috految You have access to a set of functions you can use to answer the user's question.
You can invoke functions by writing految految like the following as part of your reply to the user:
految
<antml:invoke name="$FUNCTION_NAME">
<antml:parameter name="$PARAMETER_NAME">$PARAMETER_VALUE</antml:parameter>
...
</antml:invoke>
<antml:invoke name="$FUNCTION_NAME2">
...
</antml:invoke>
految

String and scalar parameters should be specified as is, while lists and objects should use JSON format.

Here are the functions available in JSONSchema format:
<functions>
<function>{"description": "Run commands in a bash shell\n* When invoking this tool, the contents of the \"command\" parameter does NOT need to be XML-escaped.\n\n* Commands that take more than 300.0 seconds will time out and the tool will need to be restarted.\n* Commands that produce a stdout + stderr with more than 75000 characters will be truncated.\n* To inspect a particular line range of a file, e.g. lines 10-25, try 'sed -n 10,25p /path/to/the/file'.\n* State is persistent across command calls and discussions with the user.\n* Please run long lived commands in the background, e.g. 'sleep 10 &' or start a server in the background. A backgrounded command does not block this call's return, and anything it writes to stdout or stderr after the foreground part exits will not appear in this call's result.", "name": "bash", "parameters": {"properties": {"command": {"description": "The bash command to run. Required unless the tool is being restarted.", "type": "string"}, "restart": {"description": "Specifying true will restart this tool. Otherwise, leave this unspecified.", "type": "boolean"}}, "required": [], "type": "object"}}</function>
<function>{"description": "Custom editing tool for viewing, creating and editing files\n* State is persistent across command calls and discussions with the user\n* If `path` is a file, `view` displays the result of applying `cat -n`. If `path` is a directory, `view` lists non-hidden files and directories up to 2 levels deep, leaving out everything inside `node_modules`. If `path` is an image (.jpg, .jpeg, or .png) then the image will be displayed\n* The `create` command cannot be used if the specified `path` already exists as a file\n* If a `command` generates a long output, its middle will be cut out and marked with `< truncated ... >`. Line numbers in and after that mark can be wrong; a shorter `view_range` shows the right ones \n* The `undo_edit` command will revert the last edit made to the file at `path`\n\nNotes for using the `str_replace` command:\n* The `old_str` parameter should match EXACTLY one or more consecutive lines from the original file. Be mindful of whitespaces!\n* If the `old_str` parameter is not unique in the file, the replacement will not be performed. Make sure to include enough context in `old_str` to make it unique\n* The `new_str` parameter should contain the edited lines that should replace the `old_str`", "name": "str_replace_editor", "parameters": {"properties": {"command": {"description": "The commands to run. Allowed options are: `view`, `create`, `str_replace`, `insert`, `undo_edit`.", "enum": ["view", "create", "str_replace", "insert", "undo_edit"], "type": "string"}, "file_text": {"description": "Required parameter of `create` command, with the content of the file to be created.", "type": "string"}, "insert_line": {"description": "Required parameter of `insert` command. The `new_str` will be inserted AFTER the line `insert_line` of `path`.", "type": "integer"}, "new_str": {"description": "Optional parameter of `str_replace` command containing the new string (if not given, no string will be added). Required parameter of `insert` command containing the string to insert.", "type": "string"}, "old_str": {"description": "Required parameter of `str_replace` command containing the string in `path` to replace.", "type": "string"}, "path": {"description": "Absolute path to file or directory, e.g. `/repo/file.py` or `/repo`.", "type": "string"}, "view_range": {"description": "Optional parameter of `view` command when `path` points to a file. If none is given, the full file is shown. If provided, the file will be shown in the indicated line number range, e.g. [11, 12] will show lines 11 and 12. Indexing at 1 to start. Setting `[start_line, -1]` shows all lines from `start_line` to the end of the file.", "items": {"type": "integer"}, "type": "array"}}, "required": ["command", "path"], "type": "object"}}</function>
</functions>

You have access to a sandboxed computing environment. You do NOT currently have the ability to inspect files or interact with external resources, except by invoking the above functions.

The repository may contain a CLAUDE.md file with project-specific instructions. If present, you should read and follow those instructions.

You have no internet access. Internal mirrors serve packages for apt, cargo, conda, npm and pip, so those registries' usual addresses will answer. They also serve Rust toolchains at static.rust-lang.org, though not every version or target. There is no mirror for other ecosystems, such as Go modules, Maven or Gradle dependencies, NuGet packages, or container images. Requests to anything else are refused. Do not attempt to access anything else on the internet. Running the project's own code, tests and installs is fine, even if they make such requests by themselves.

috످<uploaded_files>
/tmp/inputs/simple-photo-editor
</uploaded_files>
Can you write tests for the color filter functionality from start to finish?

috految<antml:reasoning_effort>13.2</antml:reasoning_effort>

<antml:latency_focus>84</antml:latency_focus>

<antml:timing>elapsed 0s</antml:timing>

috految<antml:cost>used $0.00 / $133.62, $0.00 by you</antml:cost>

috److految
<antml:invoke name="bash">
<antml:parameter name="command">cd /tmp/inputs/simple-photo-editor; git log --oneline | head -5; git status --short; ls -a; find . -type f -not -path './.git/*' | head -100; cat CLAUDE.md README* req* .gitignore; grep -rIniE 'filter|sepia' . --exclude-dir=.git | cut -c1-180 | head -60; find . -name '*.py' -not -path '*env/*' -print -exec cat -n {} \; | head -c 55000; python3 -V; which uv conda pytest; nproc; uname -m; ldconfig -p | grep -E 'libGL|libEGL|libglib|fontconfig|libdbus|xkb'</antml:parameter>
</antml:invoke>
految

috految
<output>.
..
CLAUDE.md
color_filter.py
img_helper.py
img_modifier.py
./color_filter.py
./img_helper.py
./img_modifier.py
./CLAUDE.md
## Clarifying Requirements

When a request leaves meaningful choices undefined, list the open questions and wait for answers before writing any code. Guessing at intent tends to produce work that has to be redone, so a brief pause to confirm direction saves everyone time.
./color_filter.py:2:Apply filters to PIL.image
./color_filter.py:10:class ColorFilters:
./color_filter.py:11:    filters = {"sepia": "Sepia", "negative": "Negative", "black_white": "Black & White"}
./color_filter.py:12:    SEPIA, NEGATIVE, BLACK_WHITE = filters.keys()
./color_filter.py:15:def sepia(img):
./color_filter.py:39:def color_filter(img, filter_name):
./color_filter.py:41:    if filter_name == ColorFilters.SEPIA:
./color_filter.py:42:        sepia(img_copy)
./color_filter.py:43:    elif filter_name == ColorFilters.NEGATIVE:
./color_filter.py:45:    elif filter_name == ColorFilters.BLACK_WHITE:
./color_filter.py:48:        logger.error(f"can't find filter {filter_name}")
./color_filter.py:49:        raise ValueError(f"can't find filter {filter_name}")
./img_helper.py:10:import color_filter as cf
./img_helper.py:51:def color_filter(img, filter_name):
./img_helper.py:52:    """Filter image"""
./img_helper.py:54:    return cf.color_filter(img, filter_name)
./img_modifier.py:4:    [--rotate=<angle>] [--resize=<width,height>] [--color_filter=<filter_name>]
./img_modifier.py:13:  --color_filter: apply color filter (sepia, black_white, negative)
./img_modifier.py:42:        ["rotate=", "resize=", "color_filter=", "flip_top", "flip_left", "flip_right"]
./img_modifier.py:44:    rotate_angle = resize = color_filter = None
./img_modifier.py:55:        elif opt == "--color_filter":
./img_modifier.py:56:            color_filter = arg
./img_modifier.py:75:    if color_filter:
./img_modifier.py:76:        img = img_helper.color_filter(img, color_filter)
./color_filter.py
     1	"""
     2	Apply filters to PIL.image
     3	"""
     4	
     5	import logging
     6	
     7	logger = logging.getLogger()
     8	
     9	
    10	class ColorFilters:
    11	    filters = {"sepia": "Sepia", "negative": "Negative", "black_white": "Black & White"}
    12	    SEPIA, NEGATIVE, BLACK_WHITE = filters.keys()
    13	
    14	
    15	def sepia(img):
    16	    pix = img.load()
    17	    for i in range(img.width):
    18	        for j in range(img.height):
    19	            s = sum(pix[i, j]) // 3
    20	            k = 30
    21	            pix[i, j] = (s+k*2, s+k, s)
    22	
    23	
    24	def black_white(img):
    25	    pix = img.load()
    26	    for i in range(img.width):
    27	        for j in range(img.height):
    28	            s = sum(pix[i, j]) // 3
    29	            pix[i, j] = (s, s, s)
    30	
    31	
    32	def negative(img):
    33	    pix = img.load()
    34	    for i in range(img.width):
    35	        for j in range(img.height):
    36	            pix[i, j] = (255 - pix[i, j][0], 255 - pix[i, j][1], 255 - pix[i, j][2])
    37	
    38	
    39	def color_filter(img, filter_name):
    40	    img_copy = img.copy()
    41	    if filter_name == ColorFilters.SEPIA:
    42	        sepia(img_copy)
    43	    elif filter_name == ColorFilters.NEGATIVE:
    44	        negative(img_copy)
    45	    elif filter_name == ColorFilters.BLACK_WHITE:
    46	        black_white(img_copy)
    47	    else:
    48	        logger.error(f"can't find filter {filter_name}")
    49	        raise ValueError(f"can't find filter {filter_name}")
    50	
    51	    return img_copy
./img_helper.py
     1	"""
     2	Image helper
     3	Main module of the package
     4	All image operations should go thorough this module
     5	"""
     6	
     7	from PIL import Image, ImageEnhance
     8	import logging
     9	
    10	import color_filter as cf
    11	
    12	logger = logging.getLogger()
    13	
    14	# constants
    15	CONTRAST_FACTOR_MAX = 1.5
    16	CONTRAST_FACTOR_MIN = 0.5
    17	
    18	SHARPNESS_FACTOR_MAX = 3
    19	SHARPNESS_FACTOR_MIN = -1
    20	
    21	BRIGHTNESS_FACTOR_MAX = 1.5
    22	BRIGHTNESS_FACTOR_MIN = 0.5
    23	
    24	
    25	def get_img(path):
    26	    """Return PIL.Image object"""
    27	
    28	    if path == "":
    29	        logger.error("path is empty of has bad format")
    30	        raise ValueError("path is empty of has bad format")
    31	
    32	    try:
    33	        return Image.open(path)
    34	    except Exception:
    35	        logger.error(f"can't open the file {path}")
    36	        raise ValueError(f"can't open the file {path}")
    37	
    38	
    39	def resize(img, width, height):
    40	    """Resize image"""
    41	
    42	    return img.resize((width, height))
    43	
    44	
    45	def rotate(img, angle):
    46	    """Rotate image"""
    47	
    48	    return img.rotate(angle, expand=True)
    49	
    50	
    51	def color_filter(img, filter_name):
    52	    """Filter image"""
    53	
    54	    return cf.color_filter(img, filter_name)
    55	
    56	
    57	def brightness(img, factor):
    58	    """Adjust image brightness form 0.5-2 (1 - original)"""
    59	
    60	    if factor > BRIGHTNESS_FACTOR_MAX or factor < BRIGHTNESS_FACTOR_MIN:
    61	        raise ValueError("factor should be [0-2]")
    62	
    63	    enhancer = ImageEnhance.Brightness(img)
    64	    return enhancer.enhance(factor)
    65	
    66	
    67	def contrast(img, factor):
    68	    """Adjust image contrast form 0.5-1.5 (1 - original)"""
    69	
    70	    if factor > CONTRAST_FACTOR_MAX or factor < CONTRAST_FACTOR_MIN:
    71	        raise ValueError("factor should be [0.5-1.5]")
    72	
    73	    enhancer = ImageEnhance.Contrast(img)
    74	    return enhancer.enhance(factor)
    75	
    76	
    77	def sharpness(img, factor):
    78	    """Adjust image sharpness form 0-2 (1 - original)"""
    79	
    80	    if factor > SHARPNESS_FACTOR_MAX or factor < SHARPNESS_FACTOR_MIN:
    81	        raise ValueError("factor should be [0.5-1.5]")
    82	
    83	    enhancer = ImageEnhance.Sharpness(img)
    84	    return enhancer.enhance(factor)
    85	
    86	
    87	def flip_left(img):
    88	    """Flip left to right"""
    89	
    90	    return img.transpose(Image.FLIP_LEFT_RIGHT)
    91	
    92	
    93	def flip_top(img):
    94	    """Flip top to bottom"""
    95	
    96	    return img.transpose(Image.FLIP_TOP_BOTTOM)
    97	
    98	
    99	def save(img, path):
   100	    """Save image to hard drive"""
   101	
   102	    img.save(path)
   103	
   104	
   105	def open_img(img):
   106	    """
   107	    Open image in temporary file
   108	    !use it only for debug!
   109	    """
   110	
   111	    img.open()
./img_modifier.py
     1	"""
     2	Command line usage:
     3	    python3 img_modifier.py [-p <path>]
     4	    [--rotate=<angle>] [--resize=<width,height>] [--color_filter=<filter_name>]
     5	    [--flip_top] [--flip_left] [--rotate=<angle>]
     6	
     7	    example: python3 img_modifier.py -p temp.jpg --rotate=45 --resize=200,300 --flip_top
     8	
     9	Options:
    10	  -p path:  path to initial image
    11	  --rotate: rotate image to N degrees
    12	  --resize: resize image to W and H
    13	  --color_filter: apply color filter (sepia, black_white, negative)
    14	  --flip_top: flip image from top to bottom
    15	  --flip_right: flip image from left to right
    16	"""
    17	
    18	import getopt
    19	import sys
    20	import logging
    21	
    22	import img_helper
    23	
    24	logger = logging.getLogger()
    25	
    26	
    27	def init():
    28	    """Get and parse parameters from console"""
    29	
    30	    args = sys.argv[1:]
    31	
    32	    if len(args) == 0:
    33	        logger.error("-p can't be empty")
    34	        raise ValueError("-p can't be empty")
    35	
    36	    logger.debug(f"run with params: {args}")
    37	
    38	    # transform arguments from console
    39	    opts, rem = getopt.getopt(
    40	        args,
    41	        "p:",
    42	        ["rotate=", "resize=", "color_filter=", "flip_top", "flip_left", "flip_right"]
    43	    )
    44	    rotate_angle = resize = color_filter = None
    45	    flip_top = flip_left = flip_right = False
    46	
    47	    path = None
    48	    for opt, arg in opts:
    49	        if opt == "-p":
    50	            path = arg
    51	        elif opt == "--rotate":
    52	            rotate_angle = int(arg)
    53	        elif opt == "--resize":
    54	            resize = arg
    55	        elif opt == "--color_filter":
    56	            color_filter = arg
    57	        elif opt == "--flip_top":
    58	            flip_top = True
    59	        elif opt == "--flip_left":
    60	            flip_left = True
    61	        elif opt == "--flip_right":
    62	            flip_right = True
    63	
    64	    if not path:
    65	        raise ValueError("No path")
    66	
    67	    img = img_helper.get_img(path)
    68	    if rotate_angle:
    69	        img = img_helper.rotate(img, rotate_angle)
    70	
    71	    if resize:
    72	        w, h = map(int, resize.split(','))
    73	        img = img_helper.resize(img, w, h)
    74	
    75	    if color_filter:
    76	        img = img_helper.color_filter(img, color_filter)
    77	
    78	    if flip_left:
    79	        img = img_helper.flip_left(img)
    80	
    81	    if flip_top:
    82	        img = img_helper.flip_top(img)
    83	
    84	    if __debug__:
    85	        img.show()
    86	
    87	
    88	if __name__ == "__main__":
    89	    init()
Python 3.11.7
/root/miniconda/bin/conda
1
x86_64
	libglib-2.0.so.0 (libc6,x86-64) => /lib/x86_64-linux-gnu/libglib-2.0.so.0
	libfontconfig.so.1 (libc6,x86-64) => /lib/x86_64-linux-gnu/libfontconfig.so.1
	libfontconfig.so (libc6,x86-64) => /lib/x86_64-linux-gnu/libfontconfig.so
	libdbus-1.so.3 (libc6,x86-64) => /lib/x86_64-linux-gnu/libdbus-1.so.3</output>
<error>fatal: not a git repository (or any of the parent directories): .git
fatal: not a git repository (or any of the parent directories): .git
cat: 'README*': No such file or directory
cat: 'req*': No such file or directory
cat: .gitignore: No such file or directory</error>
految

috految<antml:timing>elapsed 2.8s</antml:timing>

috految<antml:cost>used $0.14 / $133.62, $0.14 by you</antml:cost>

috److CLAUDE.md says to settle open questions before writing code. I'll run the existing filters to see which questions matter.

految
<antml:invoke name="bash">
<antml:parameter name="command">R=$PWD; cd $(mktemp -d); python3 -c 'import PIL' || python3 -m pip install -q --no-compile --disable-pip-version-check -t . pillow; PYTHONPATH=$R python3 -B - <<'E'
import PIL,sys,os,img_helper as h,img_modifier as m
from PIL import Image as I
print(PIL.__version__)
I.Image.show=lambda i:print(i.convert('RGBA').getpixel((0,0)),i.size,i.convert('RGB').getextrema())
def r(*a):
 sys.argv=['x','-p',*a];print(a,end=' ')
 try:m.init()
 except Exception as e:print(repr(e))
for k,c,e in [('RGB',c,'png') for c in ('black','white','red','lime','blue')]+[('RGB',(100,150,200),'jpg'),('RGBA','black','png'),('RGBA','#aaa','png'),('RGBA',(0,0,0,0),'png'),('L',99,'jpg'),('P','red','gif'),('P','red','png'),('CMYK',(50,90,20,0),'jpg')]:
 print(k,c);I.new(k,(8,4),c).save('a.'+e)
 for f in h.cf.ColorFilters.filters:r('a.'+e,'--color_filter='+f)
i=I.new('RGB',(20,10),'white');i.putpixel((0,0),(255,0,0));i.save('b.png')
for a in ['--flip_right','--flip_left','--color_filter=','--color_filter=Sepia','--rotate=45 --color_filter=sepia','--rotate=45 --color_filter=negative','--color_filter=sepia --color_filter=negative']:r('b.png',*a.split())
print(os.listdir());h.save(h.color_filter(i,'sepia'),'o.png')
x=I.Exif();x[274]=6;i.save('e.jpg',exif=x);h.save(h.color_filter(h.get_img('e.jpg'),'sepia'),'o.jpg');o=I.open('o.jpg');print(o.size,dict(o.getexif()))
h.open_img(i)
E
ls -A $R</antml:parameter>
</antml:invoke>
految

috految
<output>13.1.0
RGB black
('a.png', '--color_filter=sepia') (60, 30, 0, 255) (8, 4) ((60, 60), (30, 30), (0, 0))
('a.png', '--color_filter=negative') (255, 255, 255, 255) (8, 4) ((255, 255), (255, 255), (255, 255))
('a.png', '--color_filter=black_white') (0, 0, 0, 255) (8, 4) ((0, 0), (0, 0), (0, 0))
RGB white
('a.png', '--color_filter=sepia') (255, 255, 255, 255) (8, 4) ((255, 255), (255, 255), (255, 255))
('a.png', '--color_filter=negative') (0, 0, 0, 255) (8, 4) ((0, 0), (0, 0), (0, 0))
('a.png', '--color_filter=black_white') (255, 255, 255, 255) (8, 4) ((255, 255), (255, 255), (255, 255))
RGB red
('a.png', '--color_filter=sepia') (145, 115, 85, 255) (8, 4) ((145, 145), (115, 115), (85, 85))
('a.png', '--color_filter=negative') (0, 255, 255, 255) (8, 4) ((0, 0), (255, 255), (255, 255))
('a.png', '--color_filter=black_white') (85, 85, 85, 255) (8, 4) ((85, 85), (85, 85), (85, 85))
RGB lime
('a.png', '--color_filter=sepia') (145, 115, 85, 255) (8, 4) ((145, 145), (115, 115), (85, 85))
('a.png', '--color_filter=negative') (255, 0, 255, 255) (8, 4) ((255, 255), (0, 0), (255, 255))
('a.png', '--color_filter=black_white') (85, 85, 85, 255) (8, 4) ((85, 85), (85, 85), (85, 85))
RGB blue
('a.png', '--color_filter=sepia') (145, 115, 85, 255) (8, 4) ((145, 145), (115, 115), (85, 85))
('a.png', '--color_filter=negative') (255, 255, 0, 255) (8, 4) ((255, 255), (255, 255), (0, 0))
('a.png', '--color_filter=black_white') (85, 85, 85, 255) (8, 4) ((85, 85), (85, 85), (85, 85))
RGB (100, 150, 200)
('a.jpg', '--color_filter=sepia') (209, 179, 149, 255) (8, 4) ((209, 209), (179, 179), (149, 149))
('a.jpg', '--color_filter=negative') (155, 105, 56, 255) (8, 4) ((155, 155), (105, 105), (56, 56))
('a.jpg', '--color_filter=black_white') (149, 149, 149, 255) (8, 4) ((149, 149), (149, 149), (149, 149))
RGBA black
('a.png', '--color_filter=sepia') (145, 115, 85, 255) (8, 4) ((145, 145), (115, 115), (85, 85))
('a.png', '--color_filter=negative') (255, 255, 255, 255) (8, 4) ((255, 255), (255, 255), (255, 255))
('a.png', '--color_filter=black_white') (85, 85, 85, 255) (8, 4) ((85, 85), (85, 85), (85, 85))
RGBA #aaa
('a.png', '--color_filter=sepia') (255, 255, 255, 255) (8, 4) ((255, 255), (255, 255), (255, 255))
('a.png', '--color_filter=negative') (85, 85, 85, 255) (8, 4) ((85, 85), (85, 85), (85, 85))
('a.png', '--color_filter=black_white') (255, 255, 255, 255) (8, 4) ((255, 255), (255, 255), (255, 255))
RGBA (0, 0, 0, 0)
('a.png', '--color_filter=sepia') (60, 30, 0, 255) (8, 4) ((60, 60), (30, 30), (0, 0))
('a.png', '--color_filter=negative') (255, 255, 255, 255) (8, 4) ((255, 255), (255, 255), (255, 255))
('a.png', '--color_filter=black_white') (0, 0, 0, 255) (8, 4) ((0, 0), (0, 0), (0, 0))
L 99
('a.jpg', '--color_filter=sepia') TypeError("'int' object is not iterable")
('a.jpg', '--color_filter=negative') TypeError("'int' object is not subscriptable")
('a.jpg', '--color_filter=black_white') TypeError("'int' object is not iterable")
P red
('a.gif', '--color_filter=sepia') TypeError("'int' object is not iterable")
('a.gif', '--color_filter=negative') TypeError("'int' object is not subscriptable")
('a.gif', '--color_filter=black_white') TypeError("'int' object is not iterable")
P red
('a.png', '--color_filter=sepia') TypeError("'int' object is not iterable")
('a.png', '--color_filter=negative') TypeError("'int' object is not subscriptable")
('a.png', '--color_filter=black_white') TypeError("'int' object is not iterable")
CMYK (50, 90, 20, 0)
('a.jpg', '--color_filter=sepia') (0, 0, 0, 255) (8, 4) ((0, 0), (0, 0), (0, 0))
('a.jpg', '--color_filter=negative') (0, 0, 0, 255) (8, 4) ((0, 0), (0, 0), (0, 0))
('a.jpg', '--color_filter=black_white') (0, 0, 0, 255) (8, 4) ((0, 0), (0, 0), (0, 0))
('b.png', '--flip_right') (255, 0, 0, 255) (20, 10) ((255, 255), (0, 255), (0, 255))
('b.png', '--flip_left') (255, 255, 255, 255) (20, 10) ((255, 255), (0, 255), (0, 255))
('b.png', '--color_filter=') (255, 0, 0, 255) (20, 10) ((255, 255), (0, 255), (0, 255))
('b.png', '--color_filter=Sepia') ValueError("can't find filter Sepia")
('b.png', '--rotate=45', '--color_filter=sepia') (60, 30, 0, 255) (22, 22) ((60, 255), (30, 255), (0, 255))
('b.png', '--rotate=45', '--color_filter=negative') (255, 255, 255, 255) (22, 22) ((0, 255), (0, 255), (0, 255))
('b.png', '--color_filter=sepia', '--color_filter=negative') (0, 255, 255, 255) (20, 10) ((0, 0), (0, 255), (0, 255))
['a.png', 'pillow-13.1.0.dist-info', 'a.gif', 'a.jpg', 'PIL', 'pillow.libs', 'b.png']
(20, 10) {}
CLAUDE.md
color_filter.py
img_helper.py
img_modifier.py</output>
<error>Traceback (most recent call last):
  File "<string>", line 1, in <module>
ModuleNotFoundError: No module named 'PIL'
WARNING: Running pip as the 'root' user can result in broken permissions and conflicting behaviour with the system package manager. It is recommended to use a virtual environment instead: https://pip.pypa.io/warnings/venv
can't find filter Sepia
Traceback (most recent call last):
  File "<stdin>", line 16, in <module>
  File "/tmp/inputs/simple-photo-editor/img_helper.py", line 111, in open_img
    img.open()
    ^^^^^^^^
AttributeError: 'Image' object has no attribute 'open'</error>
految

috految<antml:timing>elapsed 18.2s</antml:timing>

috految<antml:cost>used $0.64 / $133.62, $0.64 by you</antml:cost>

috److I have **five questions before I write the tests**, since your `CLAUDE.md` asks me to confirm open choices before writing code. I haven't changed anything in the project.

**Reply "go" to accept my recommendations (all A)**, or send changes like "1B, 2B, rest A."

## Bugs that affect the tests

I ran all three filters on sample images (Python 3.11, Pillow 13.1.0). They work on standard RGB images, but I found four bugs with other image types:

| Bug | Filters | What happens | Cause in `color_filter.py` |
|---|---|---|---|
| **RGBA PNGs get washed out** | `sepia`, `black_white` | Light gray `(170,170,170)` turns pure white, even in fully opaque images. | Alpha is counted as brightness (lines 19, 28). |
| **Transparency is lost** | All | Transparent pixels become opaque. | Writing only three channels resets alpha to 255 (lines 21, 29, 36). |
| **CMYK JPEGs turn black** | All | The whole image turns black, with no error. | The same writes set the black channel to 255. |
| **Grayscale images, GIFs, and palette PNGs crash** | All | The filter raises a `TypeError`. | The code expects a tuple but gets an integer (lines 19, 28, 36). |

## Questions

### 1. What should "start to finish" cover?

- **A. All three layers below (recommended)**
- **B.** End-to-end tests only
- **C.** Unit tests for `color_filter.py` only

| Layer | Target | What I'd test |
|---|---|---|
| Unit | `color_filter.py` | Exact pixel values, 0/255 limits, image types, invalid filter names, original image unchanged |
| Integration | `img_helper.py` | Load → filter → save → reload, missing or corrupt files |
| End-to-end | `img_modifier.py` | CLI arguments through to the final image, including filters combined with rotate, resize, and flip |

### 2. How should I handle the four bugs?

- **A. Mark them as expected failures (recommended).** The tests check for correct behavior, the suite passes, and your source stays as is.
- **B.** Fix them too. Converting to RGB before filtering and restoring alpha afterward should cover all four.
- **C.** Let those tests fail until you fix them.

### 3. What should happen with non-RGB images?

- **A. Filter them and keep any transparency (recommended).** Your loader already accepts these files.
- **B.** Support RGB and RGBA, and reject the rest with a clear error.
- **C.** Support RGB only, which rules out many PNGs and screenshots.

### 4. Are these behaviors intentional?

| Current behavior | My assumption |
|---|---|
| **The CLI never saves the result.** It only opens a preview (`img_modifier.py:84–85`). | Intended, so I'd test the previewed image |
| `black_white` produces grayscale, and pure red, green, and blue all become the same gray. | Intended |
| Passing `--color_filter` twice applies only the last filter. | Intended |
| Filters tint the empty corners left by `--rotate=45` (brown with sepia, white with negative). | Intended |
| An empty `--color_filter=` is silently ignored, while other invalid names raise an error. | Bug, should raise an error |

- **A. Use these assumptions (recommended).**
- **B.** Tell me which to change. If the CLI should save, it will need an output option like `-o`.

### 5. Which test framework do you want?

The project has no existing tests or dependency file to follow. I'd put the tests in `tests/` and generate sample images at runtime.

- **A. pytest (recommended).** It makes it easy to run every filter against every image type.
- **B.** unittest, which needs no extra dependency.

## Other bugs I noticed

These are outside the color filters, so I'll leave them out unless you want them covered:

- **`--flip_right` does nothing.** It's parsed but never applied (`img_modifier.py:62`).
- **Saved JPEGs lose their EXIF orientation**, so phone photos can end up sideways (`img_helper.py:102`).
- **`open_img()` crashes.** It calls `img.open()`, which should probably be `img.show()` (`img_helper.py:111`).
- **Two error messages give the wrong range.** Brightness says 0 to 2 but allows 0.5 to 1.5. Sharpness says 0.5 to 1.5 but allows -1 to 3 (`img_helper.py:61, 81`).

috످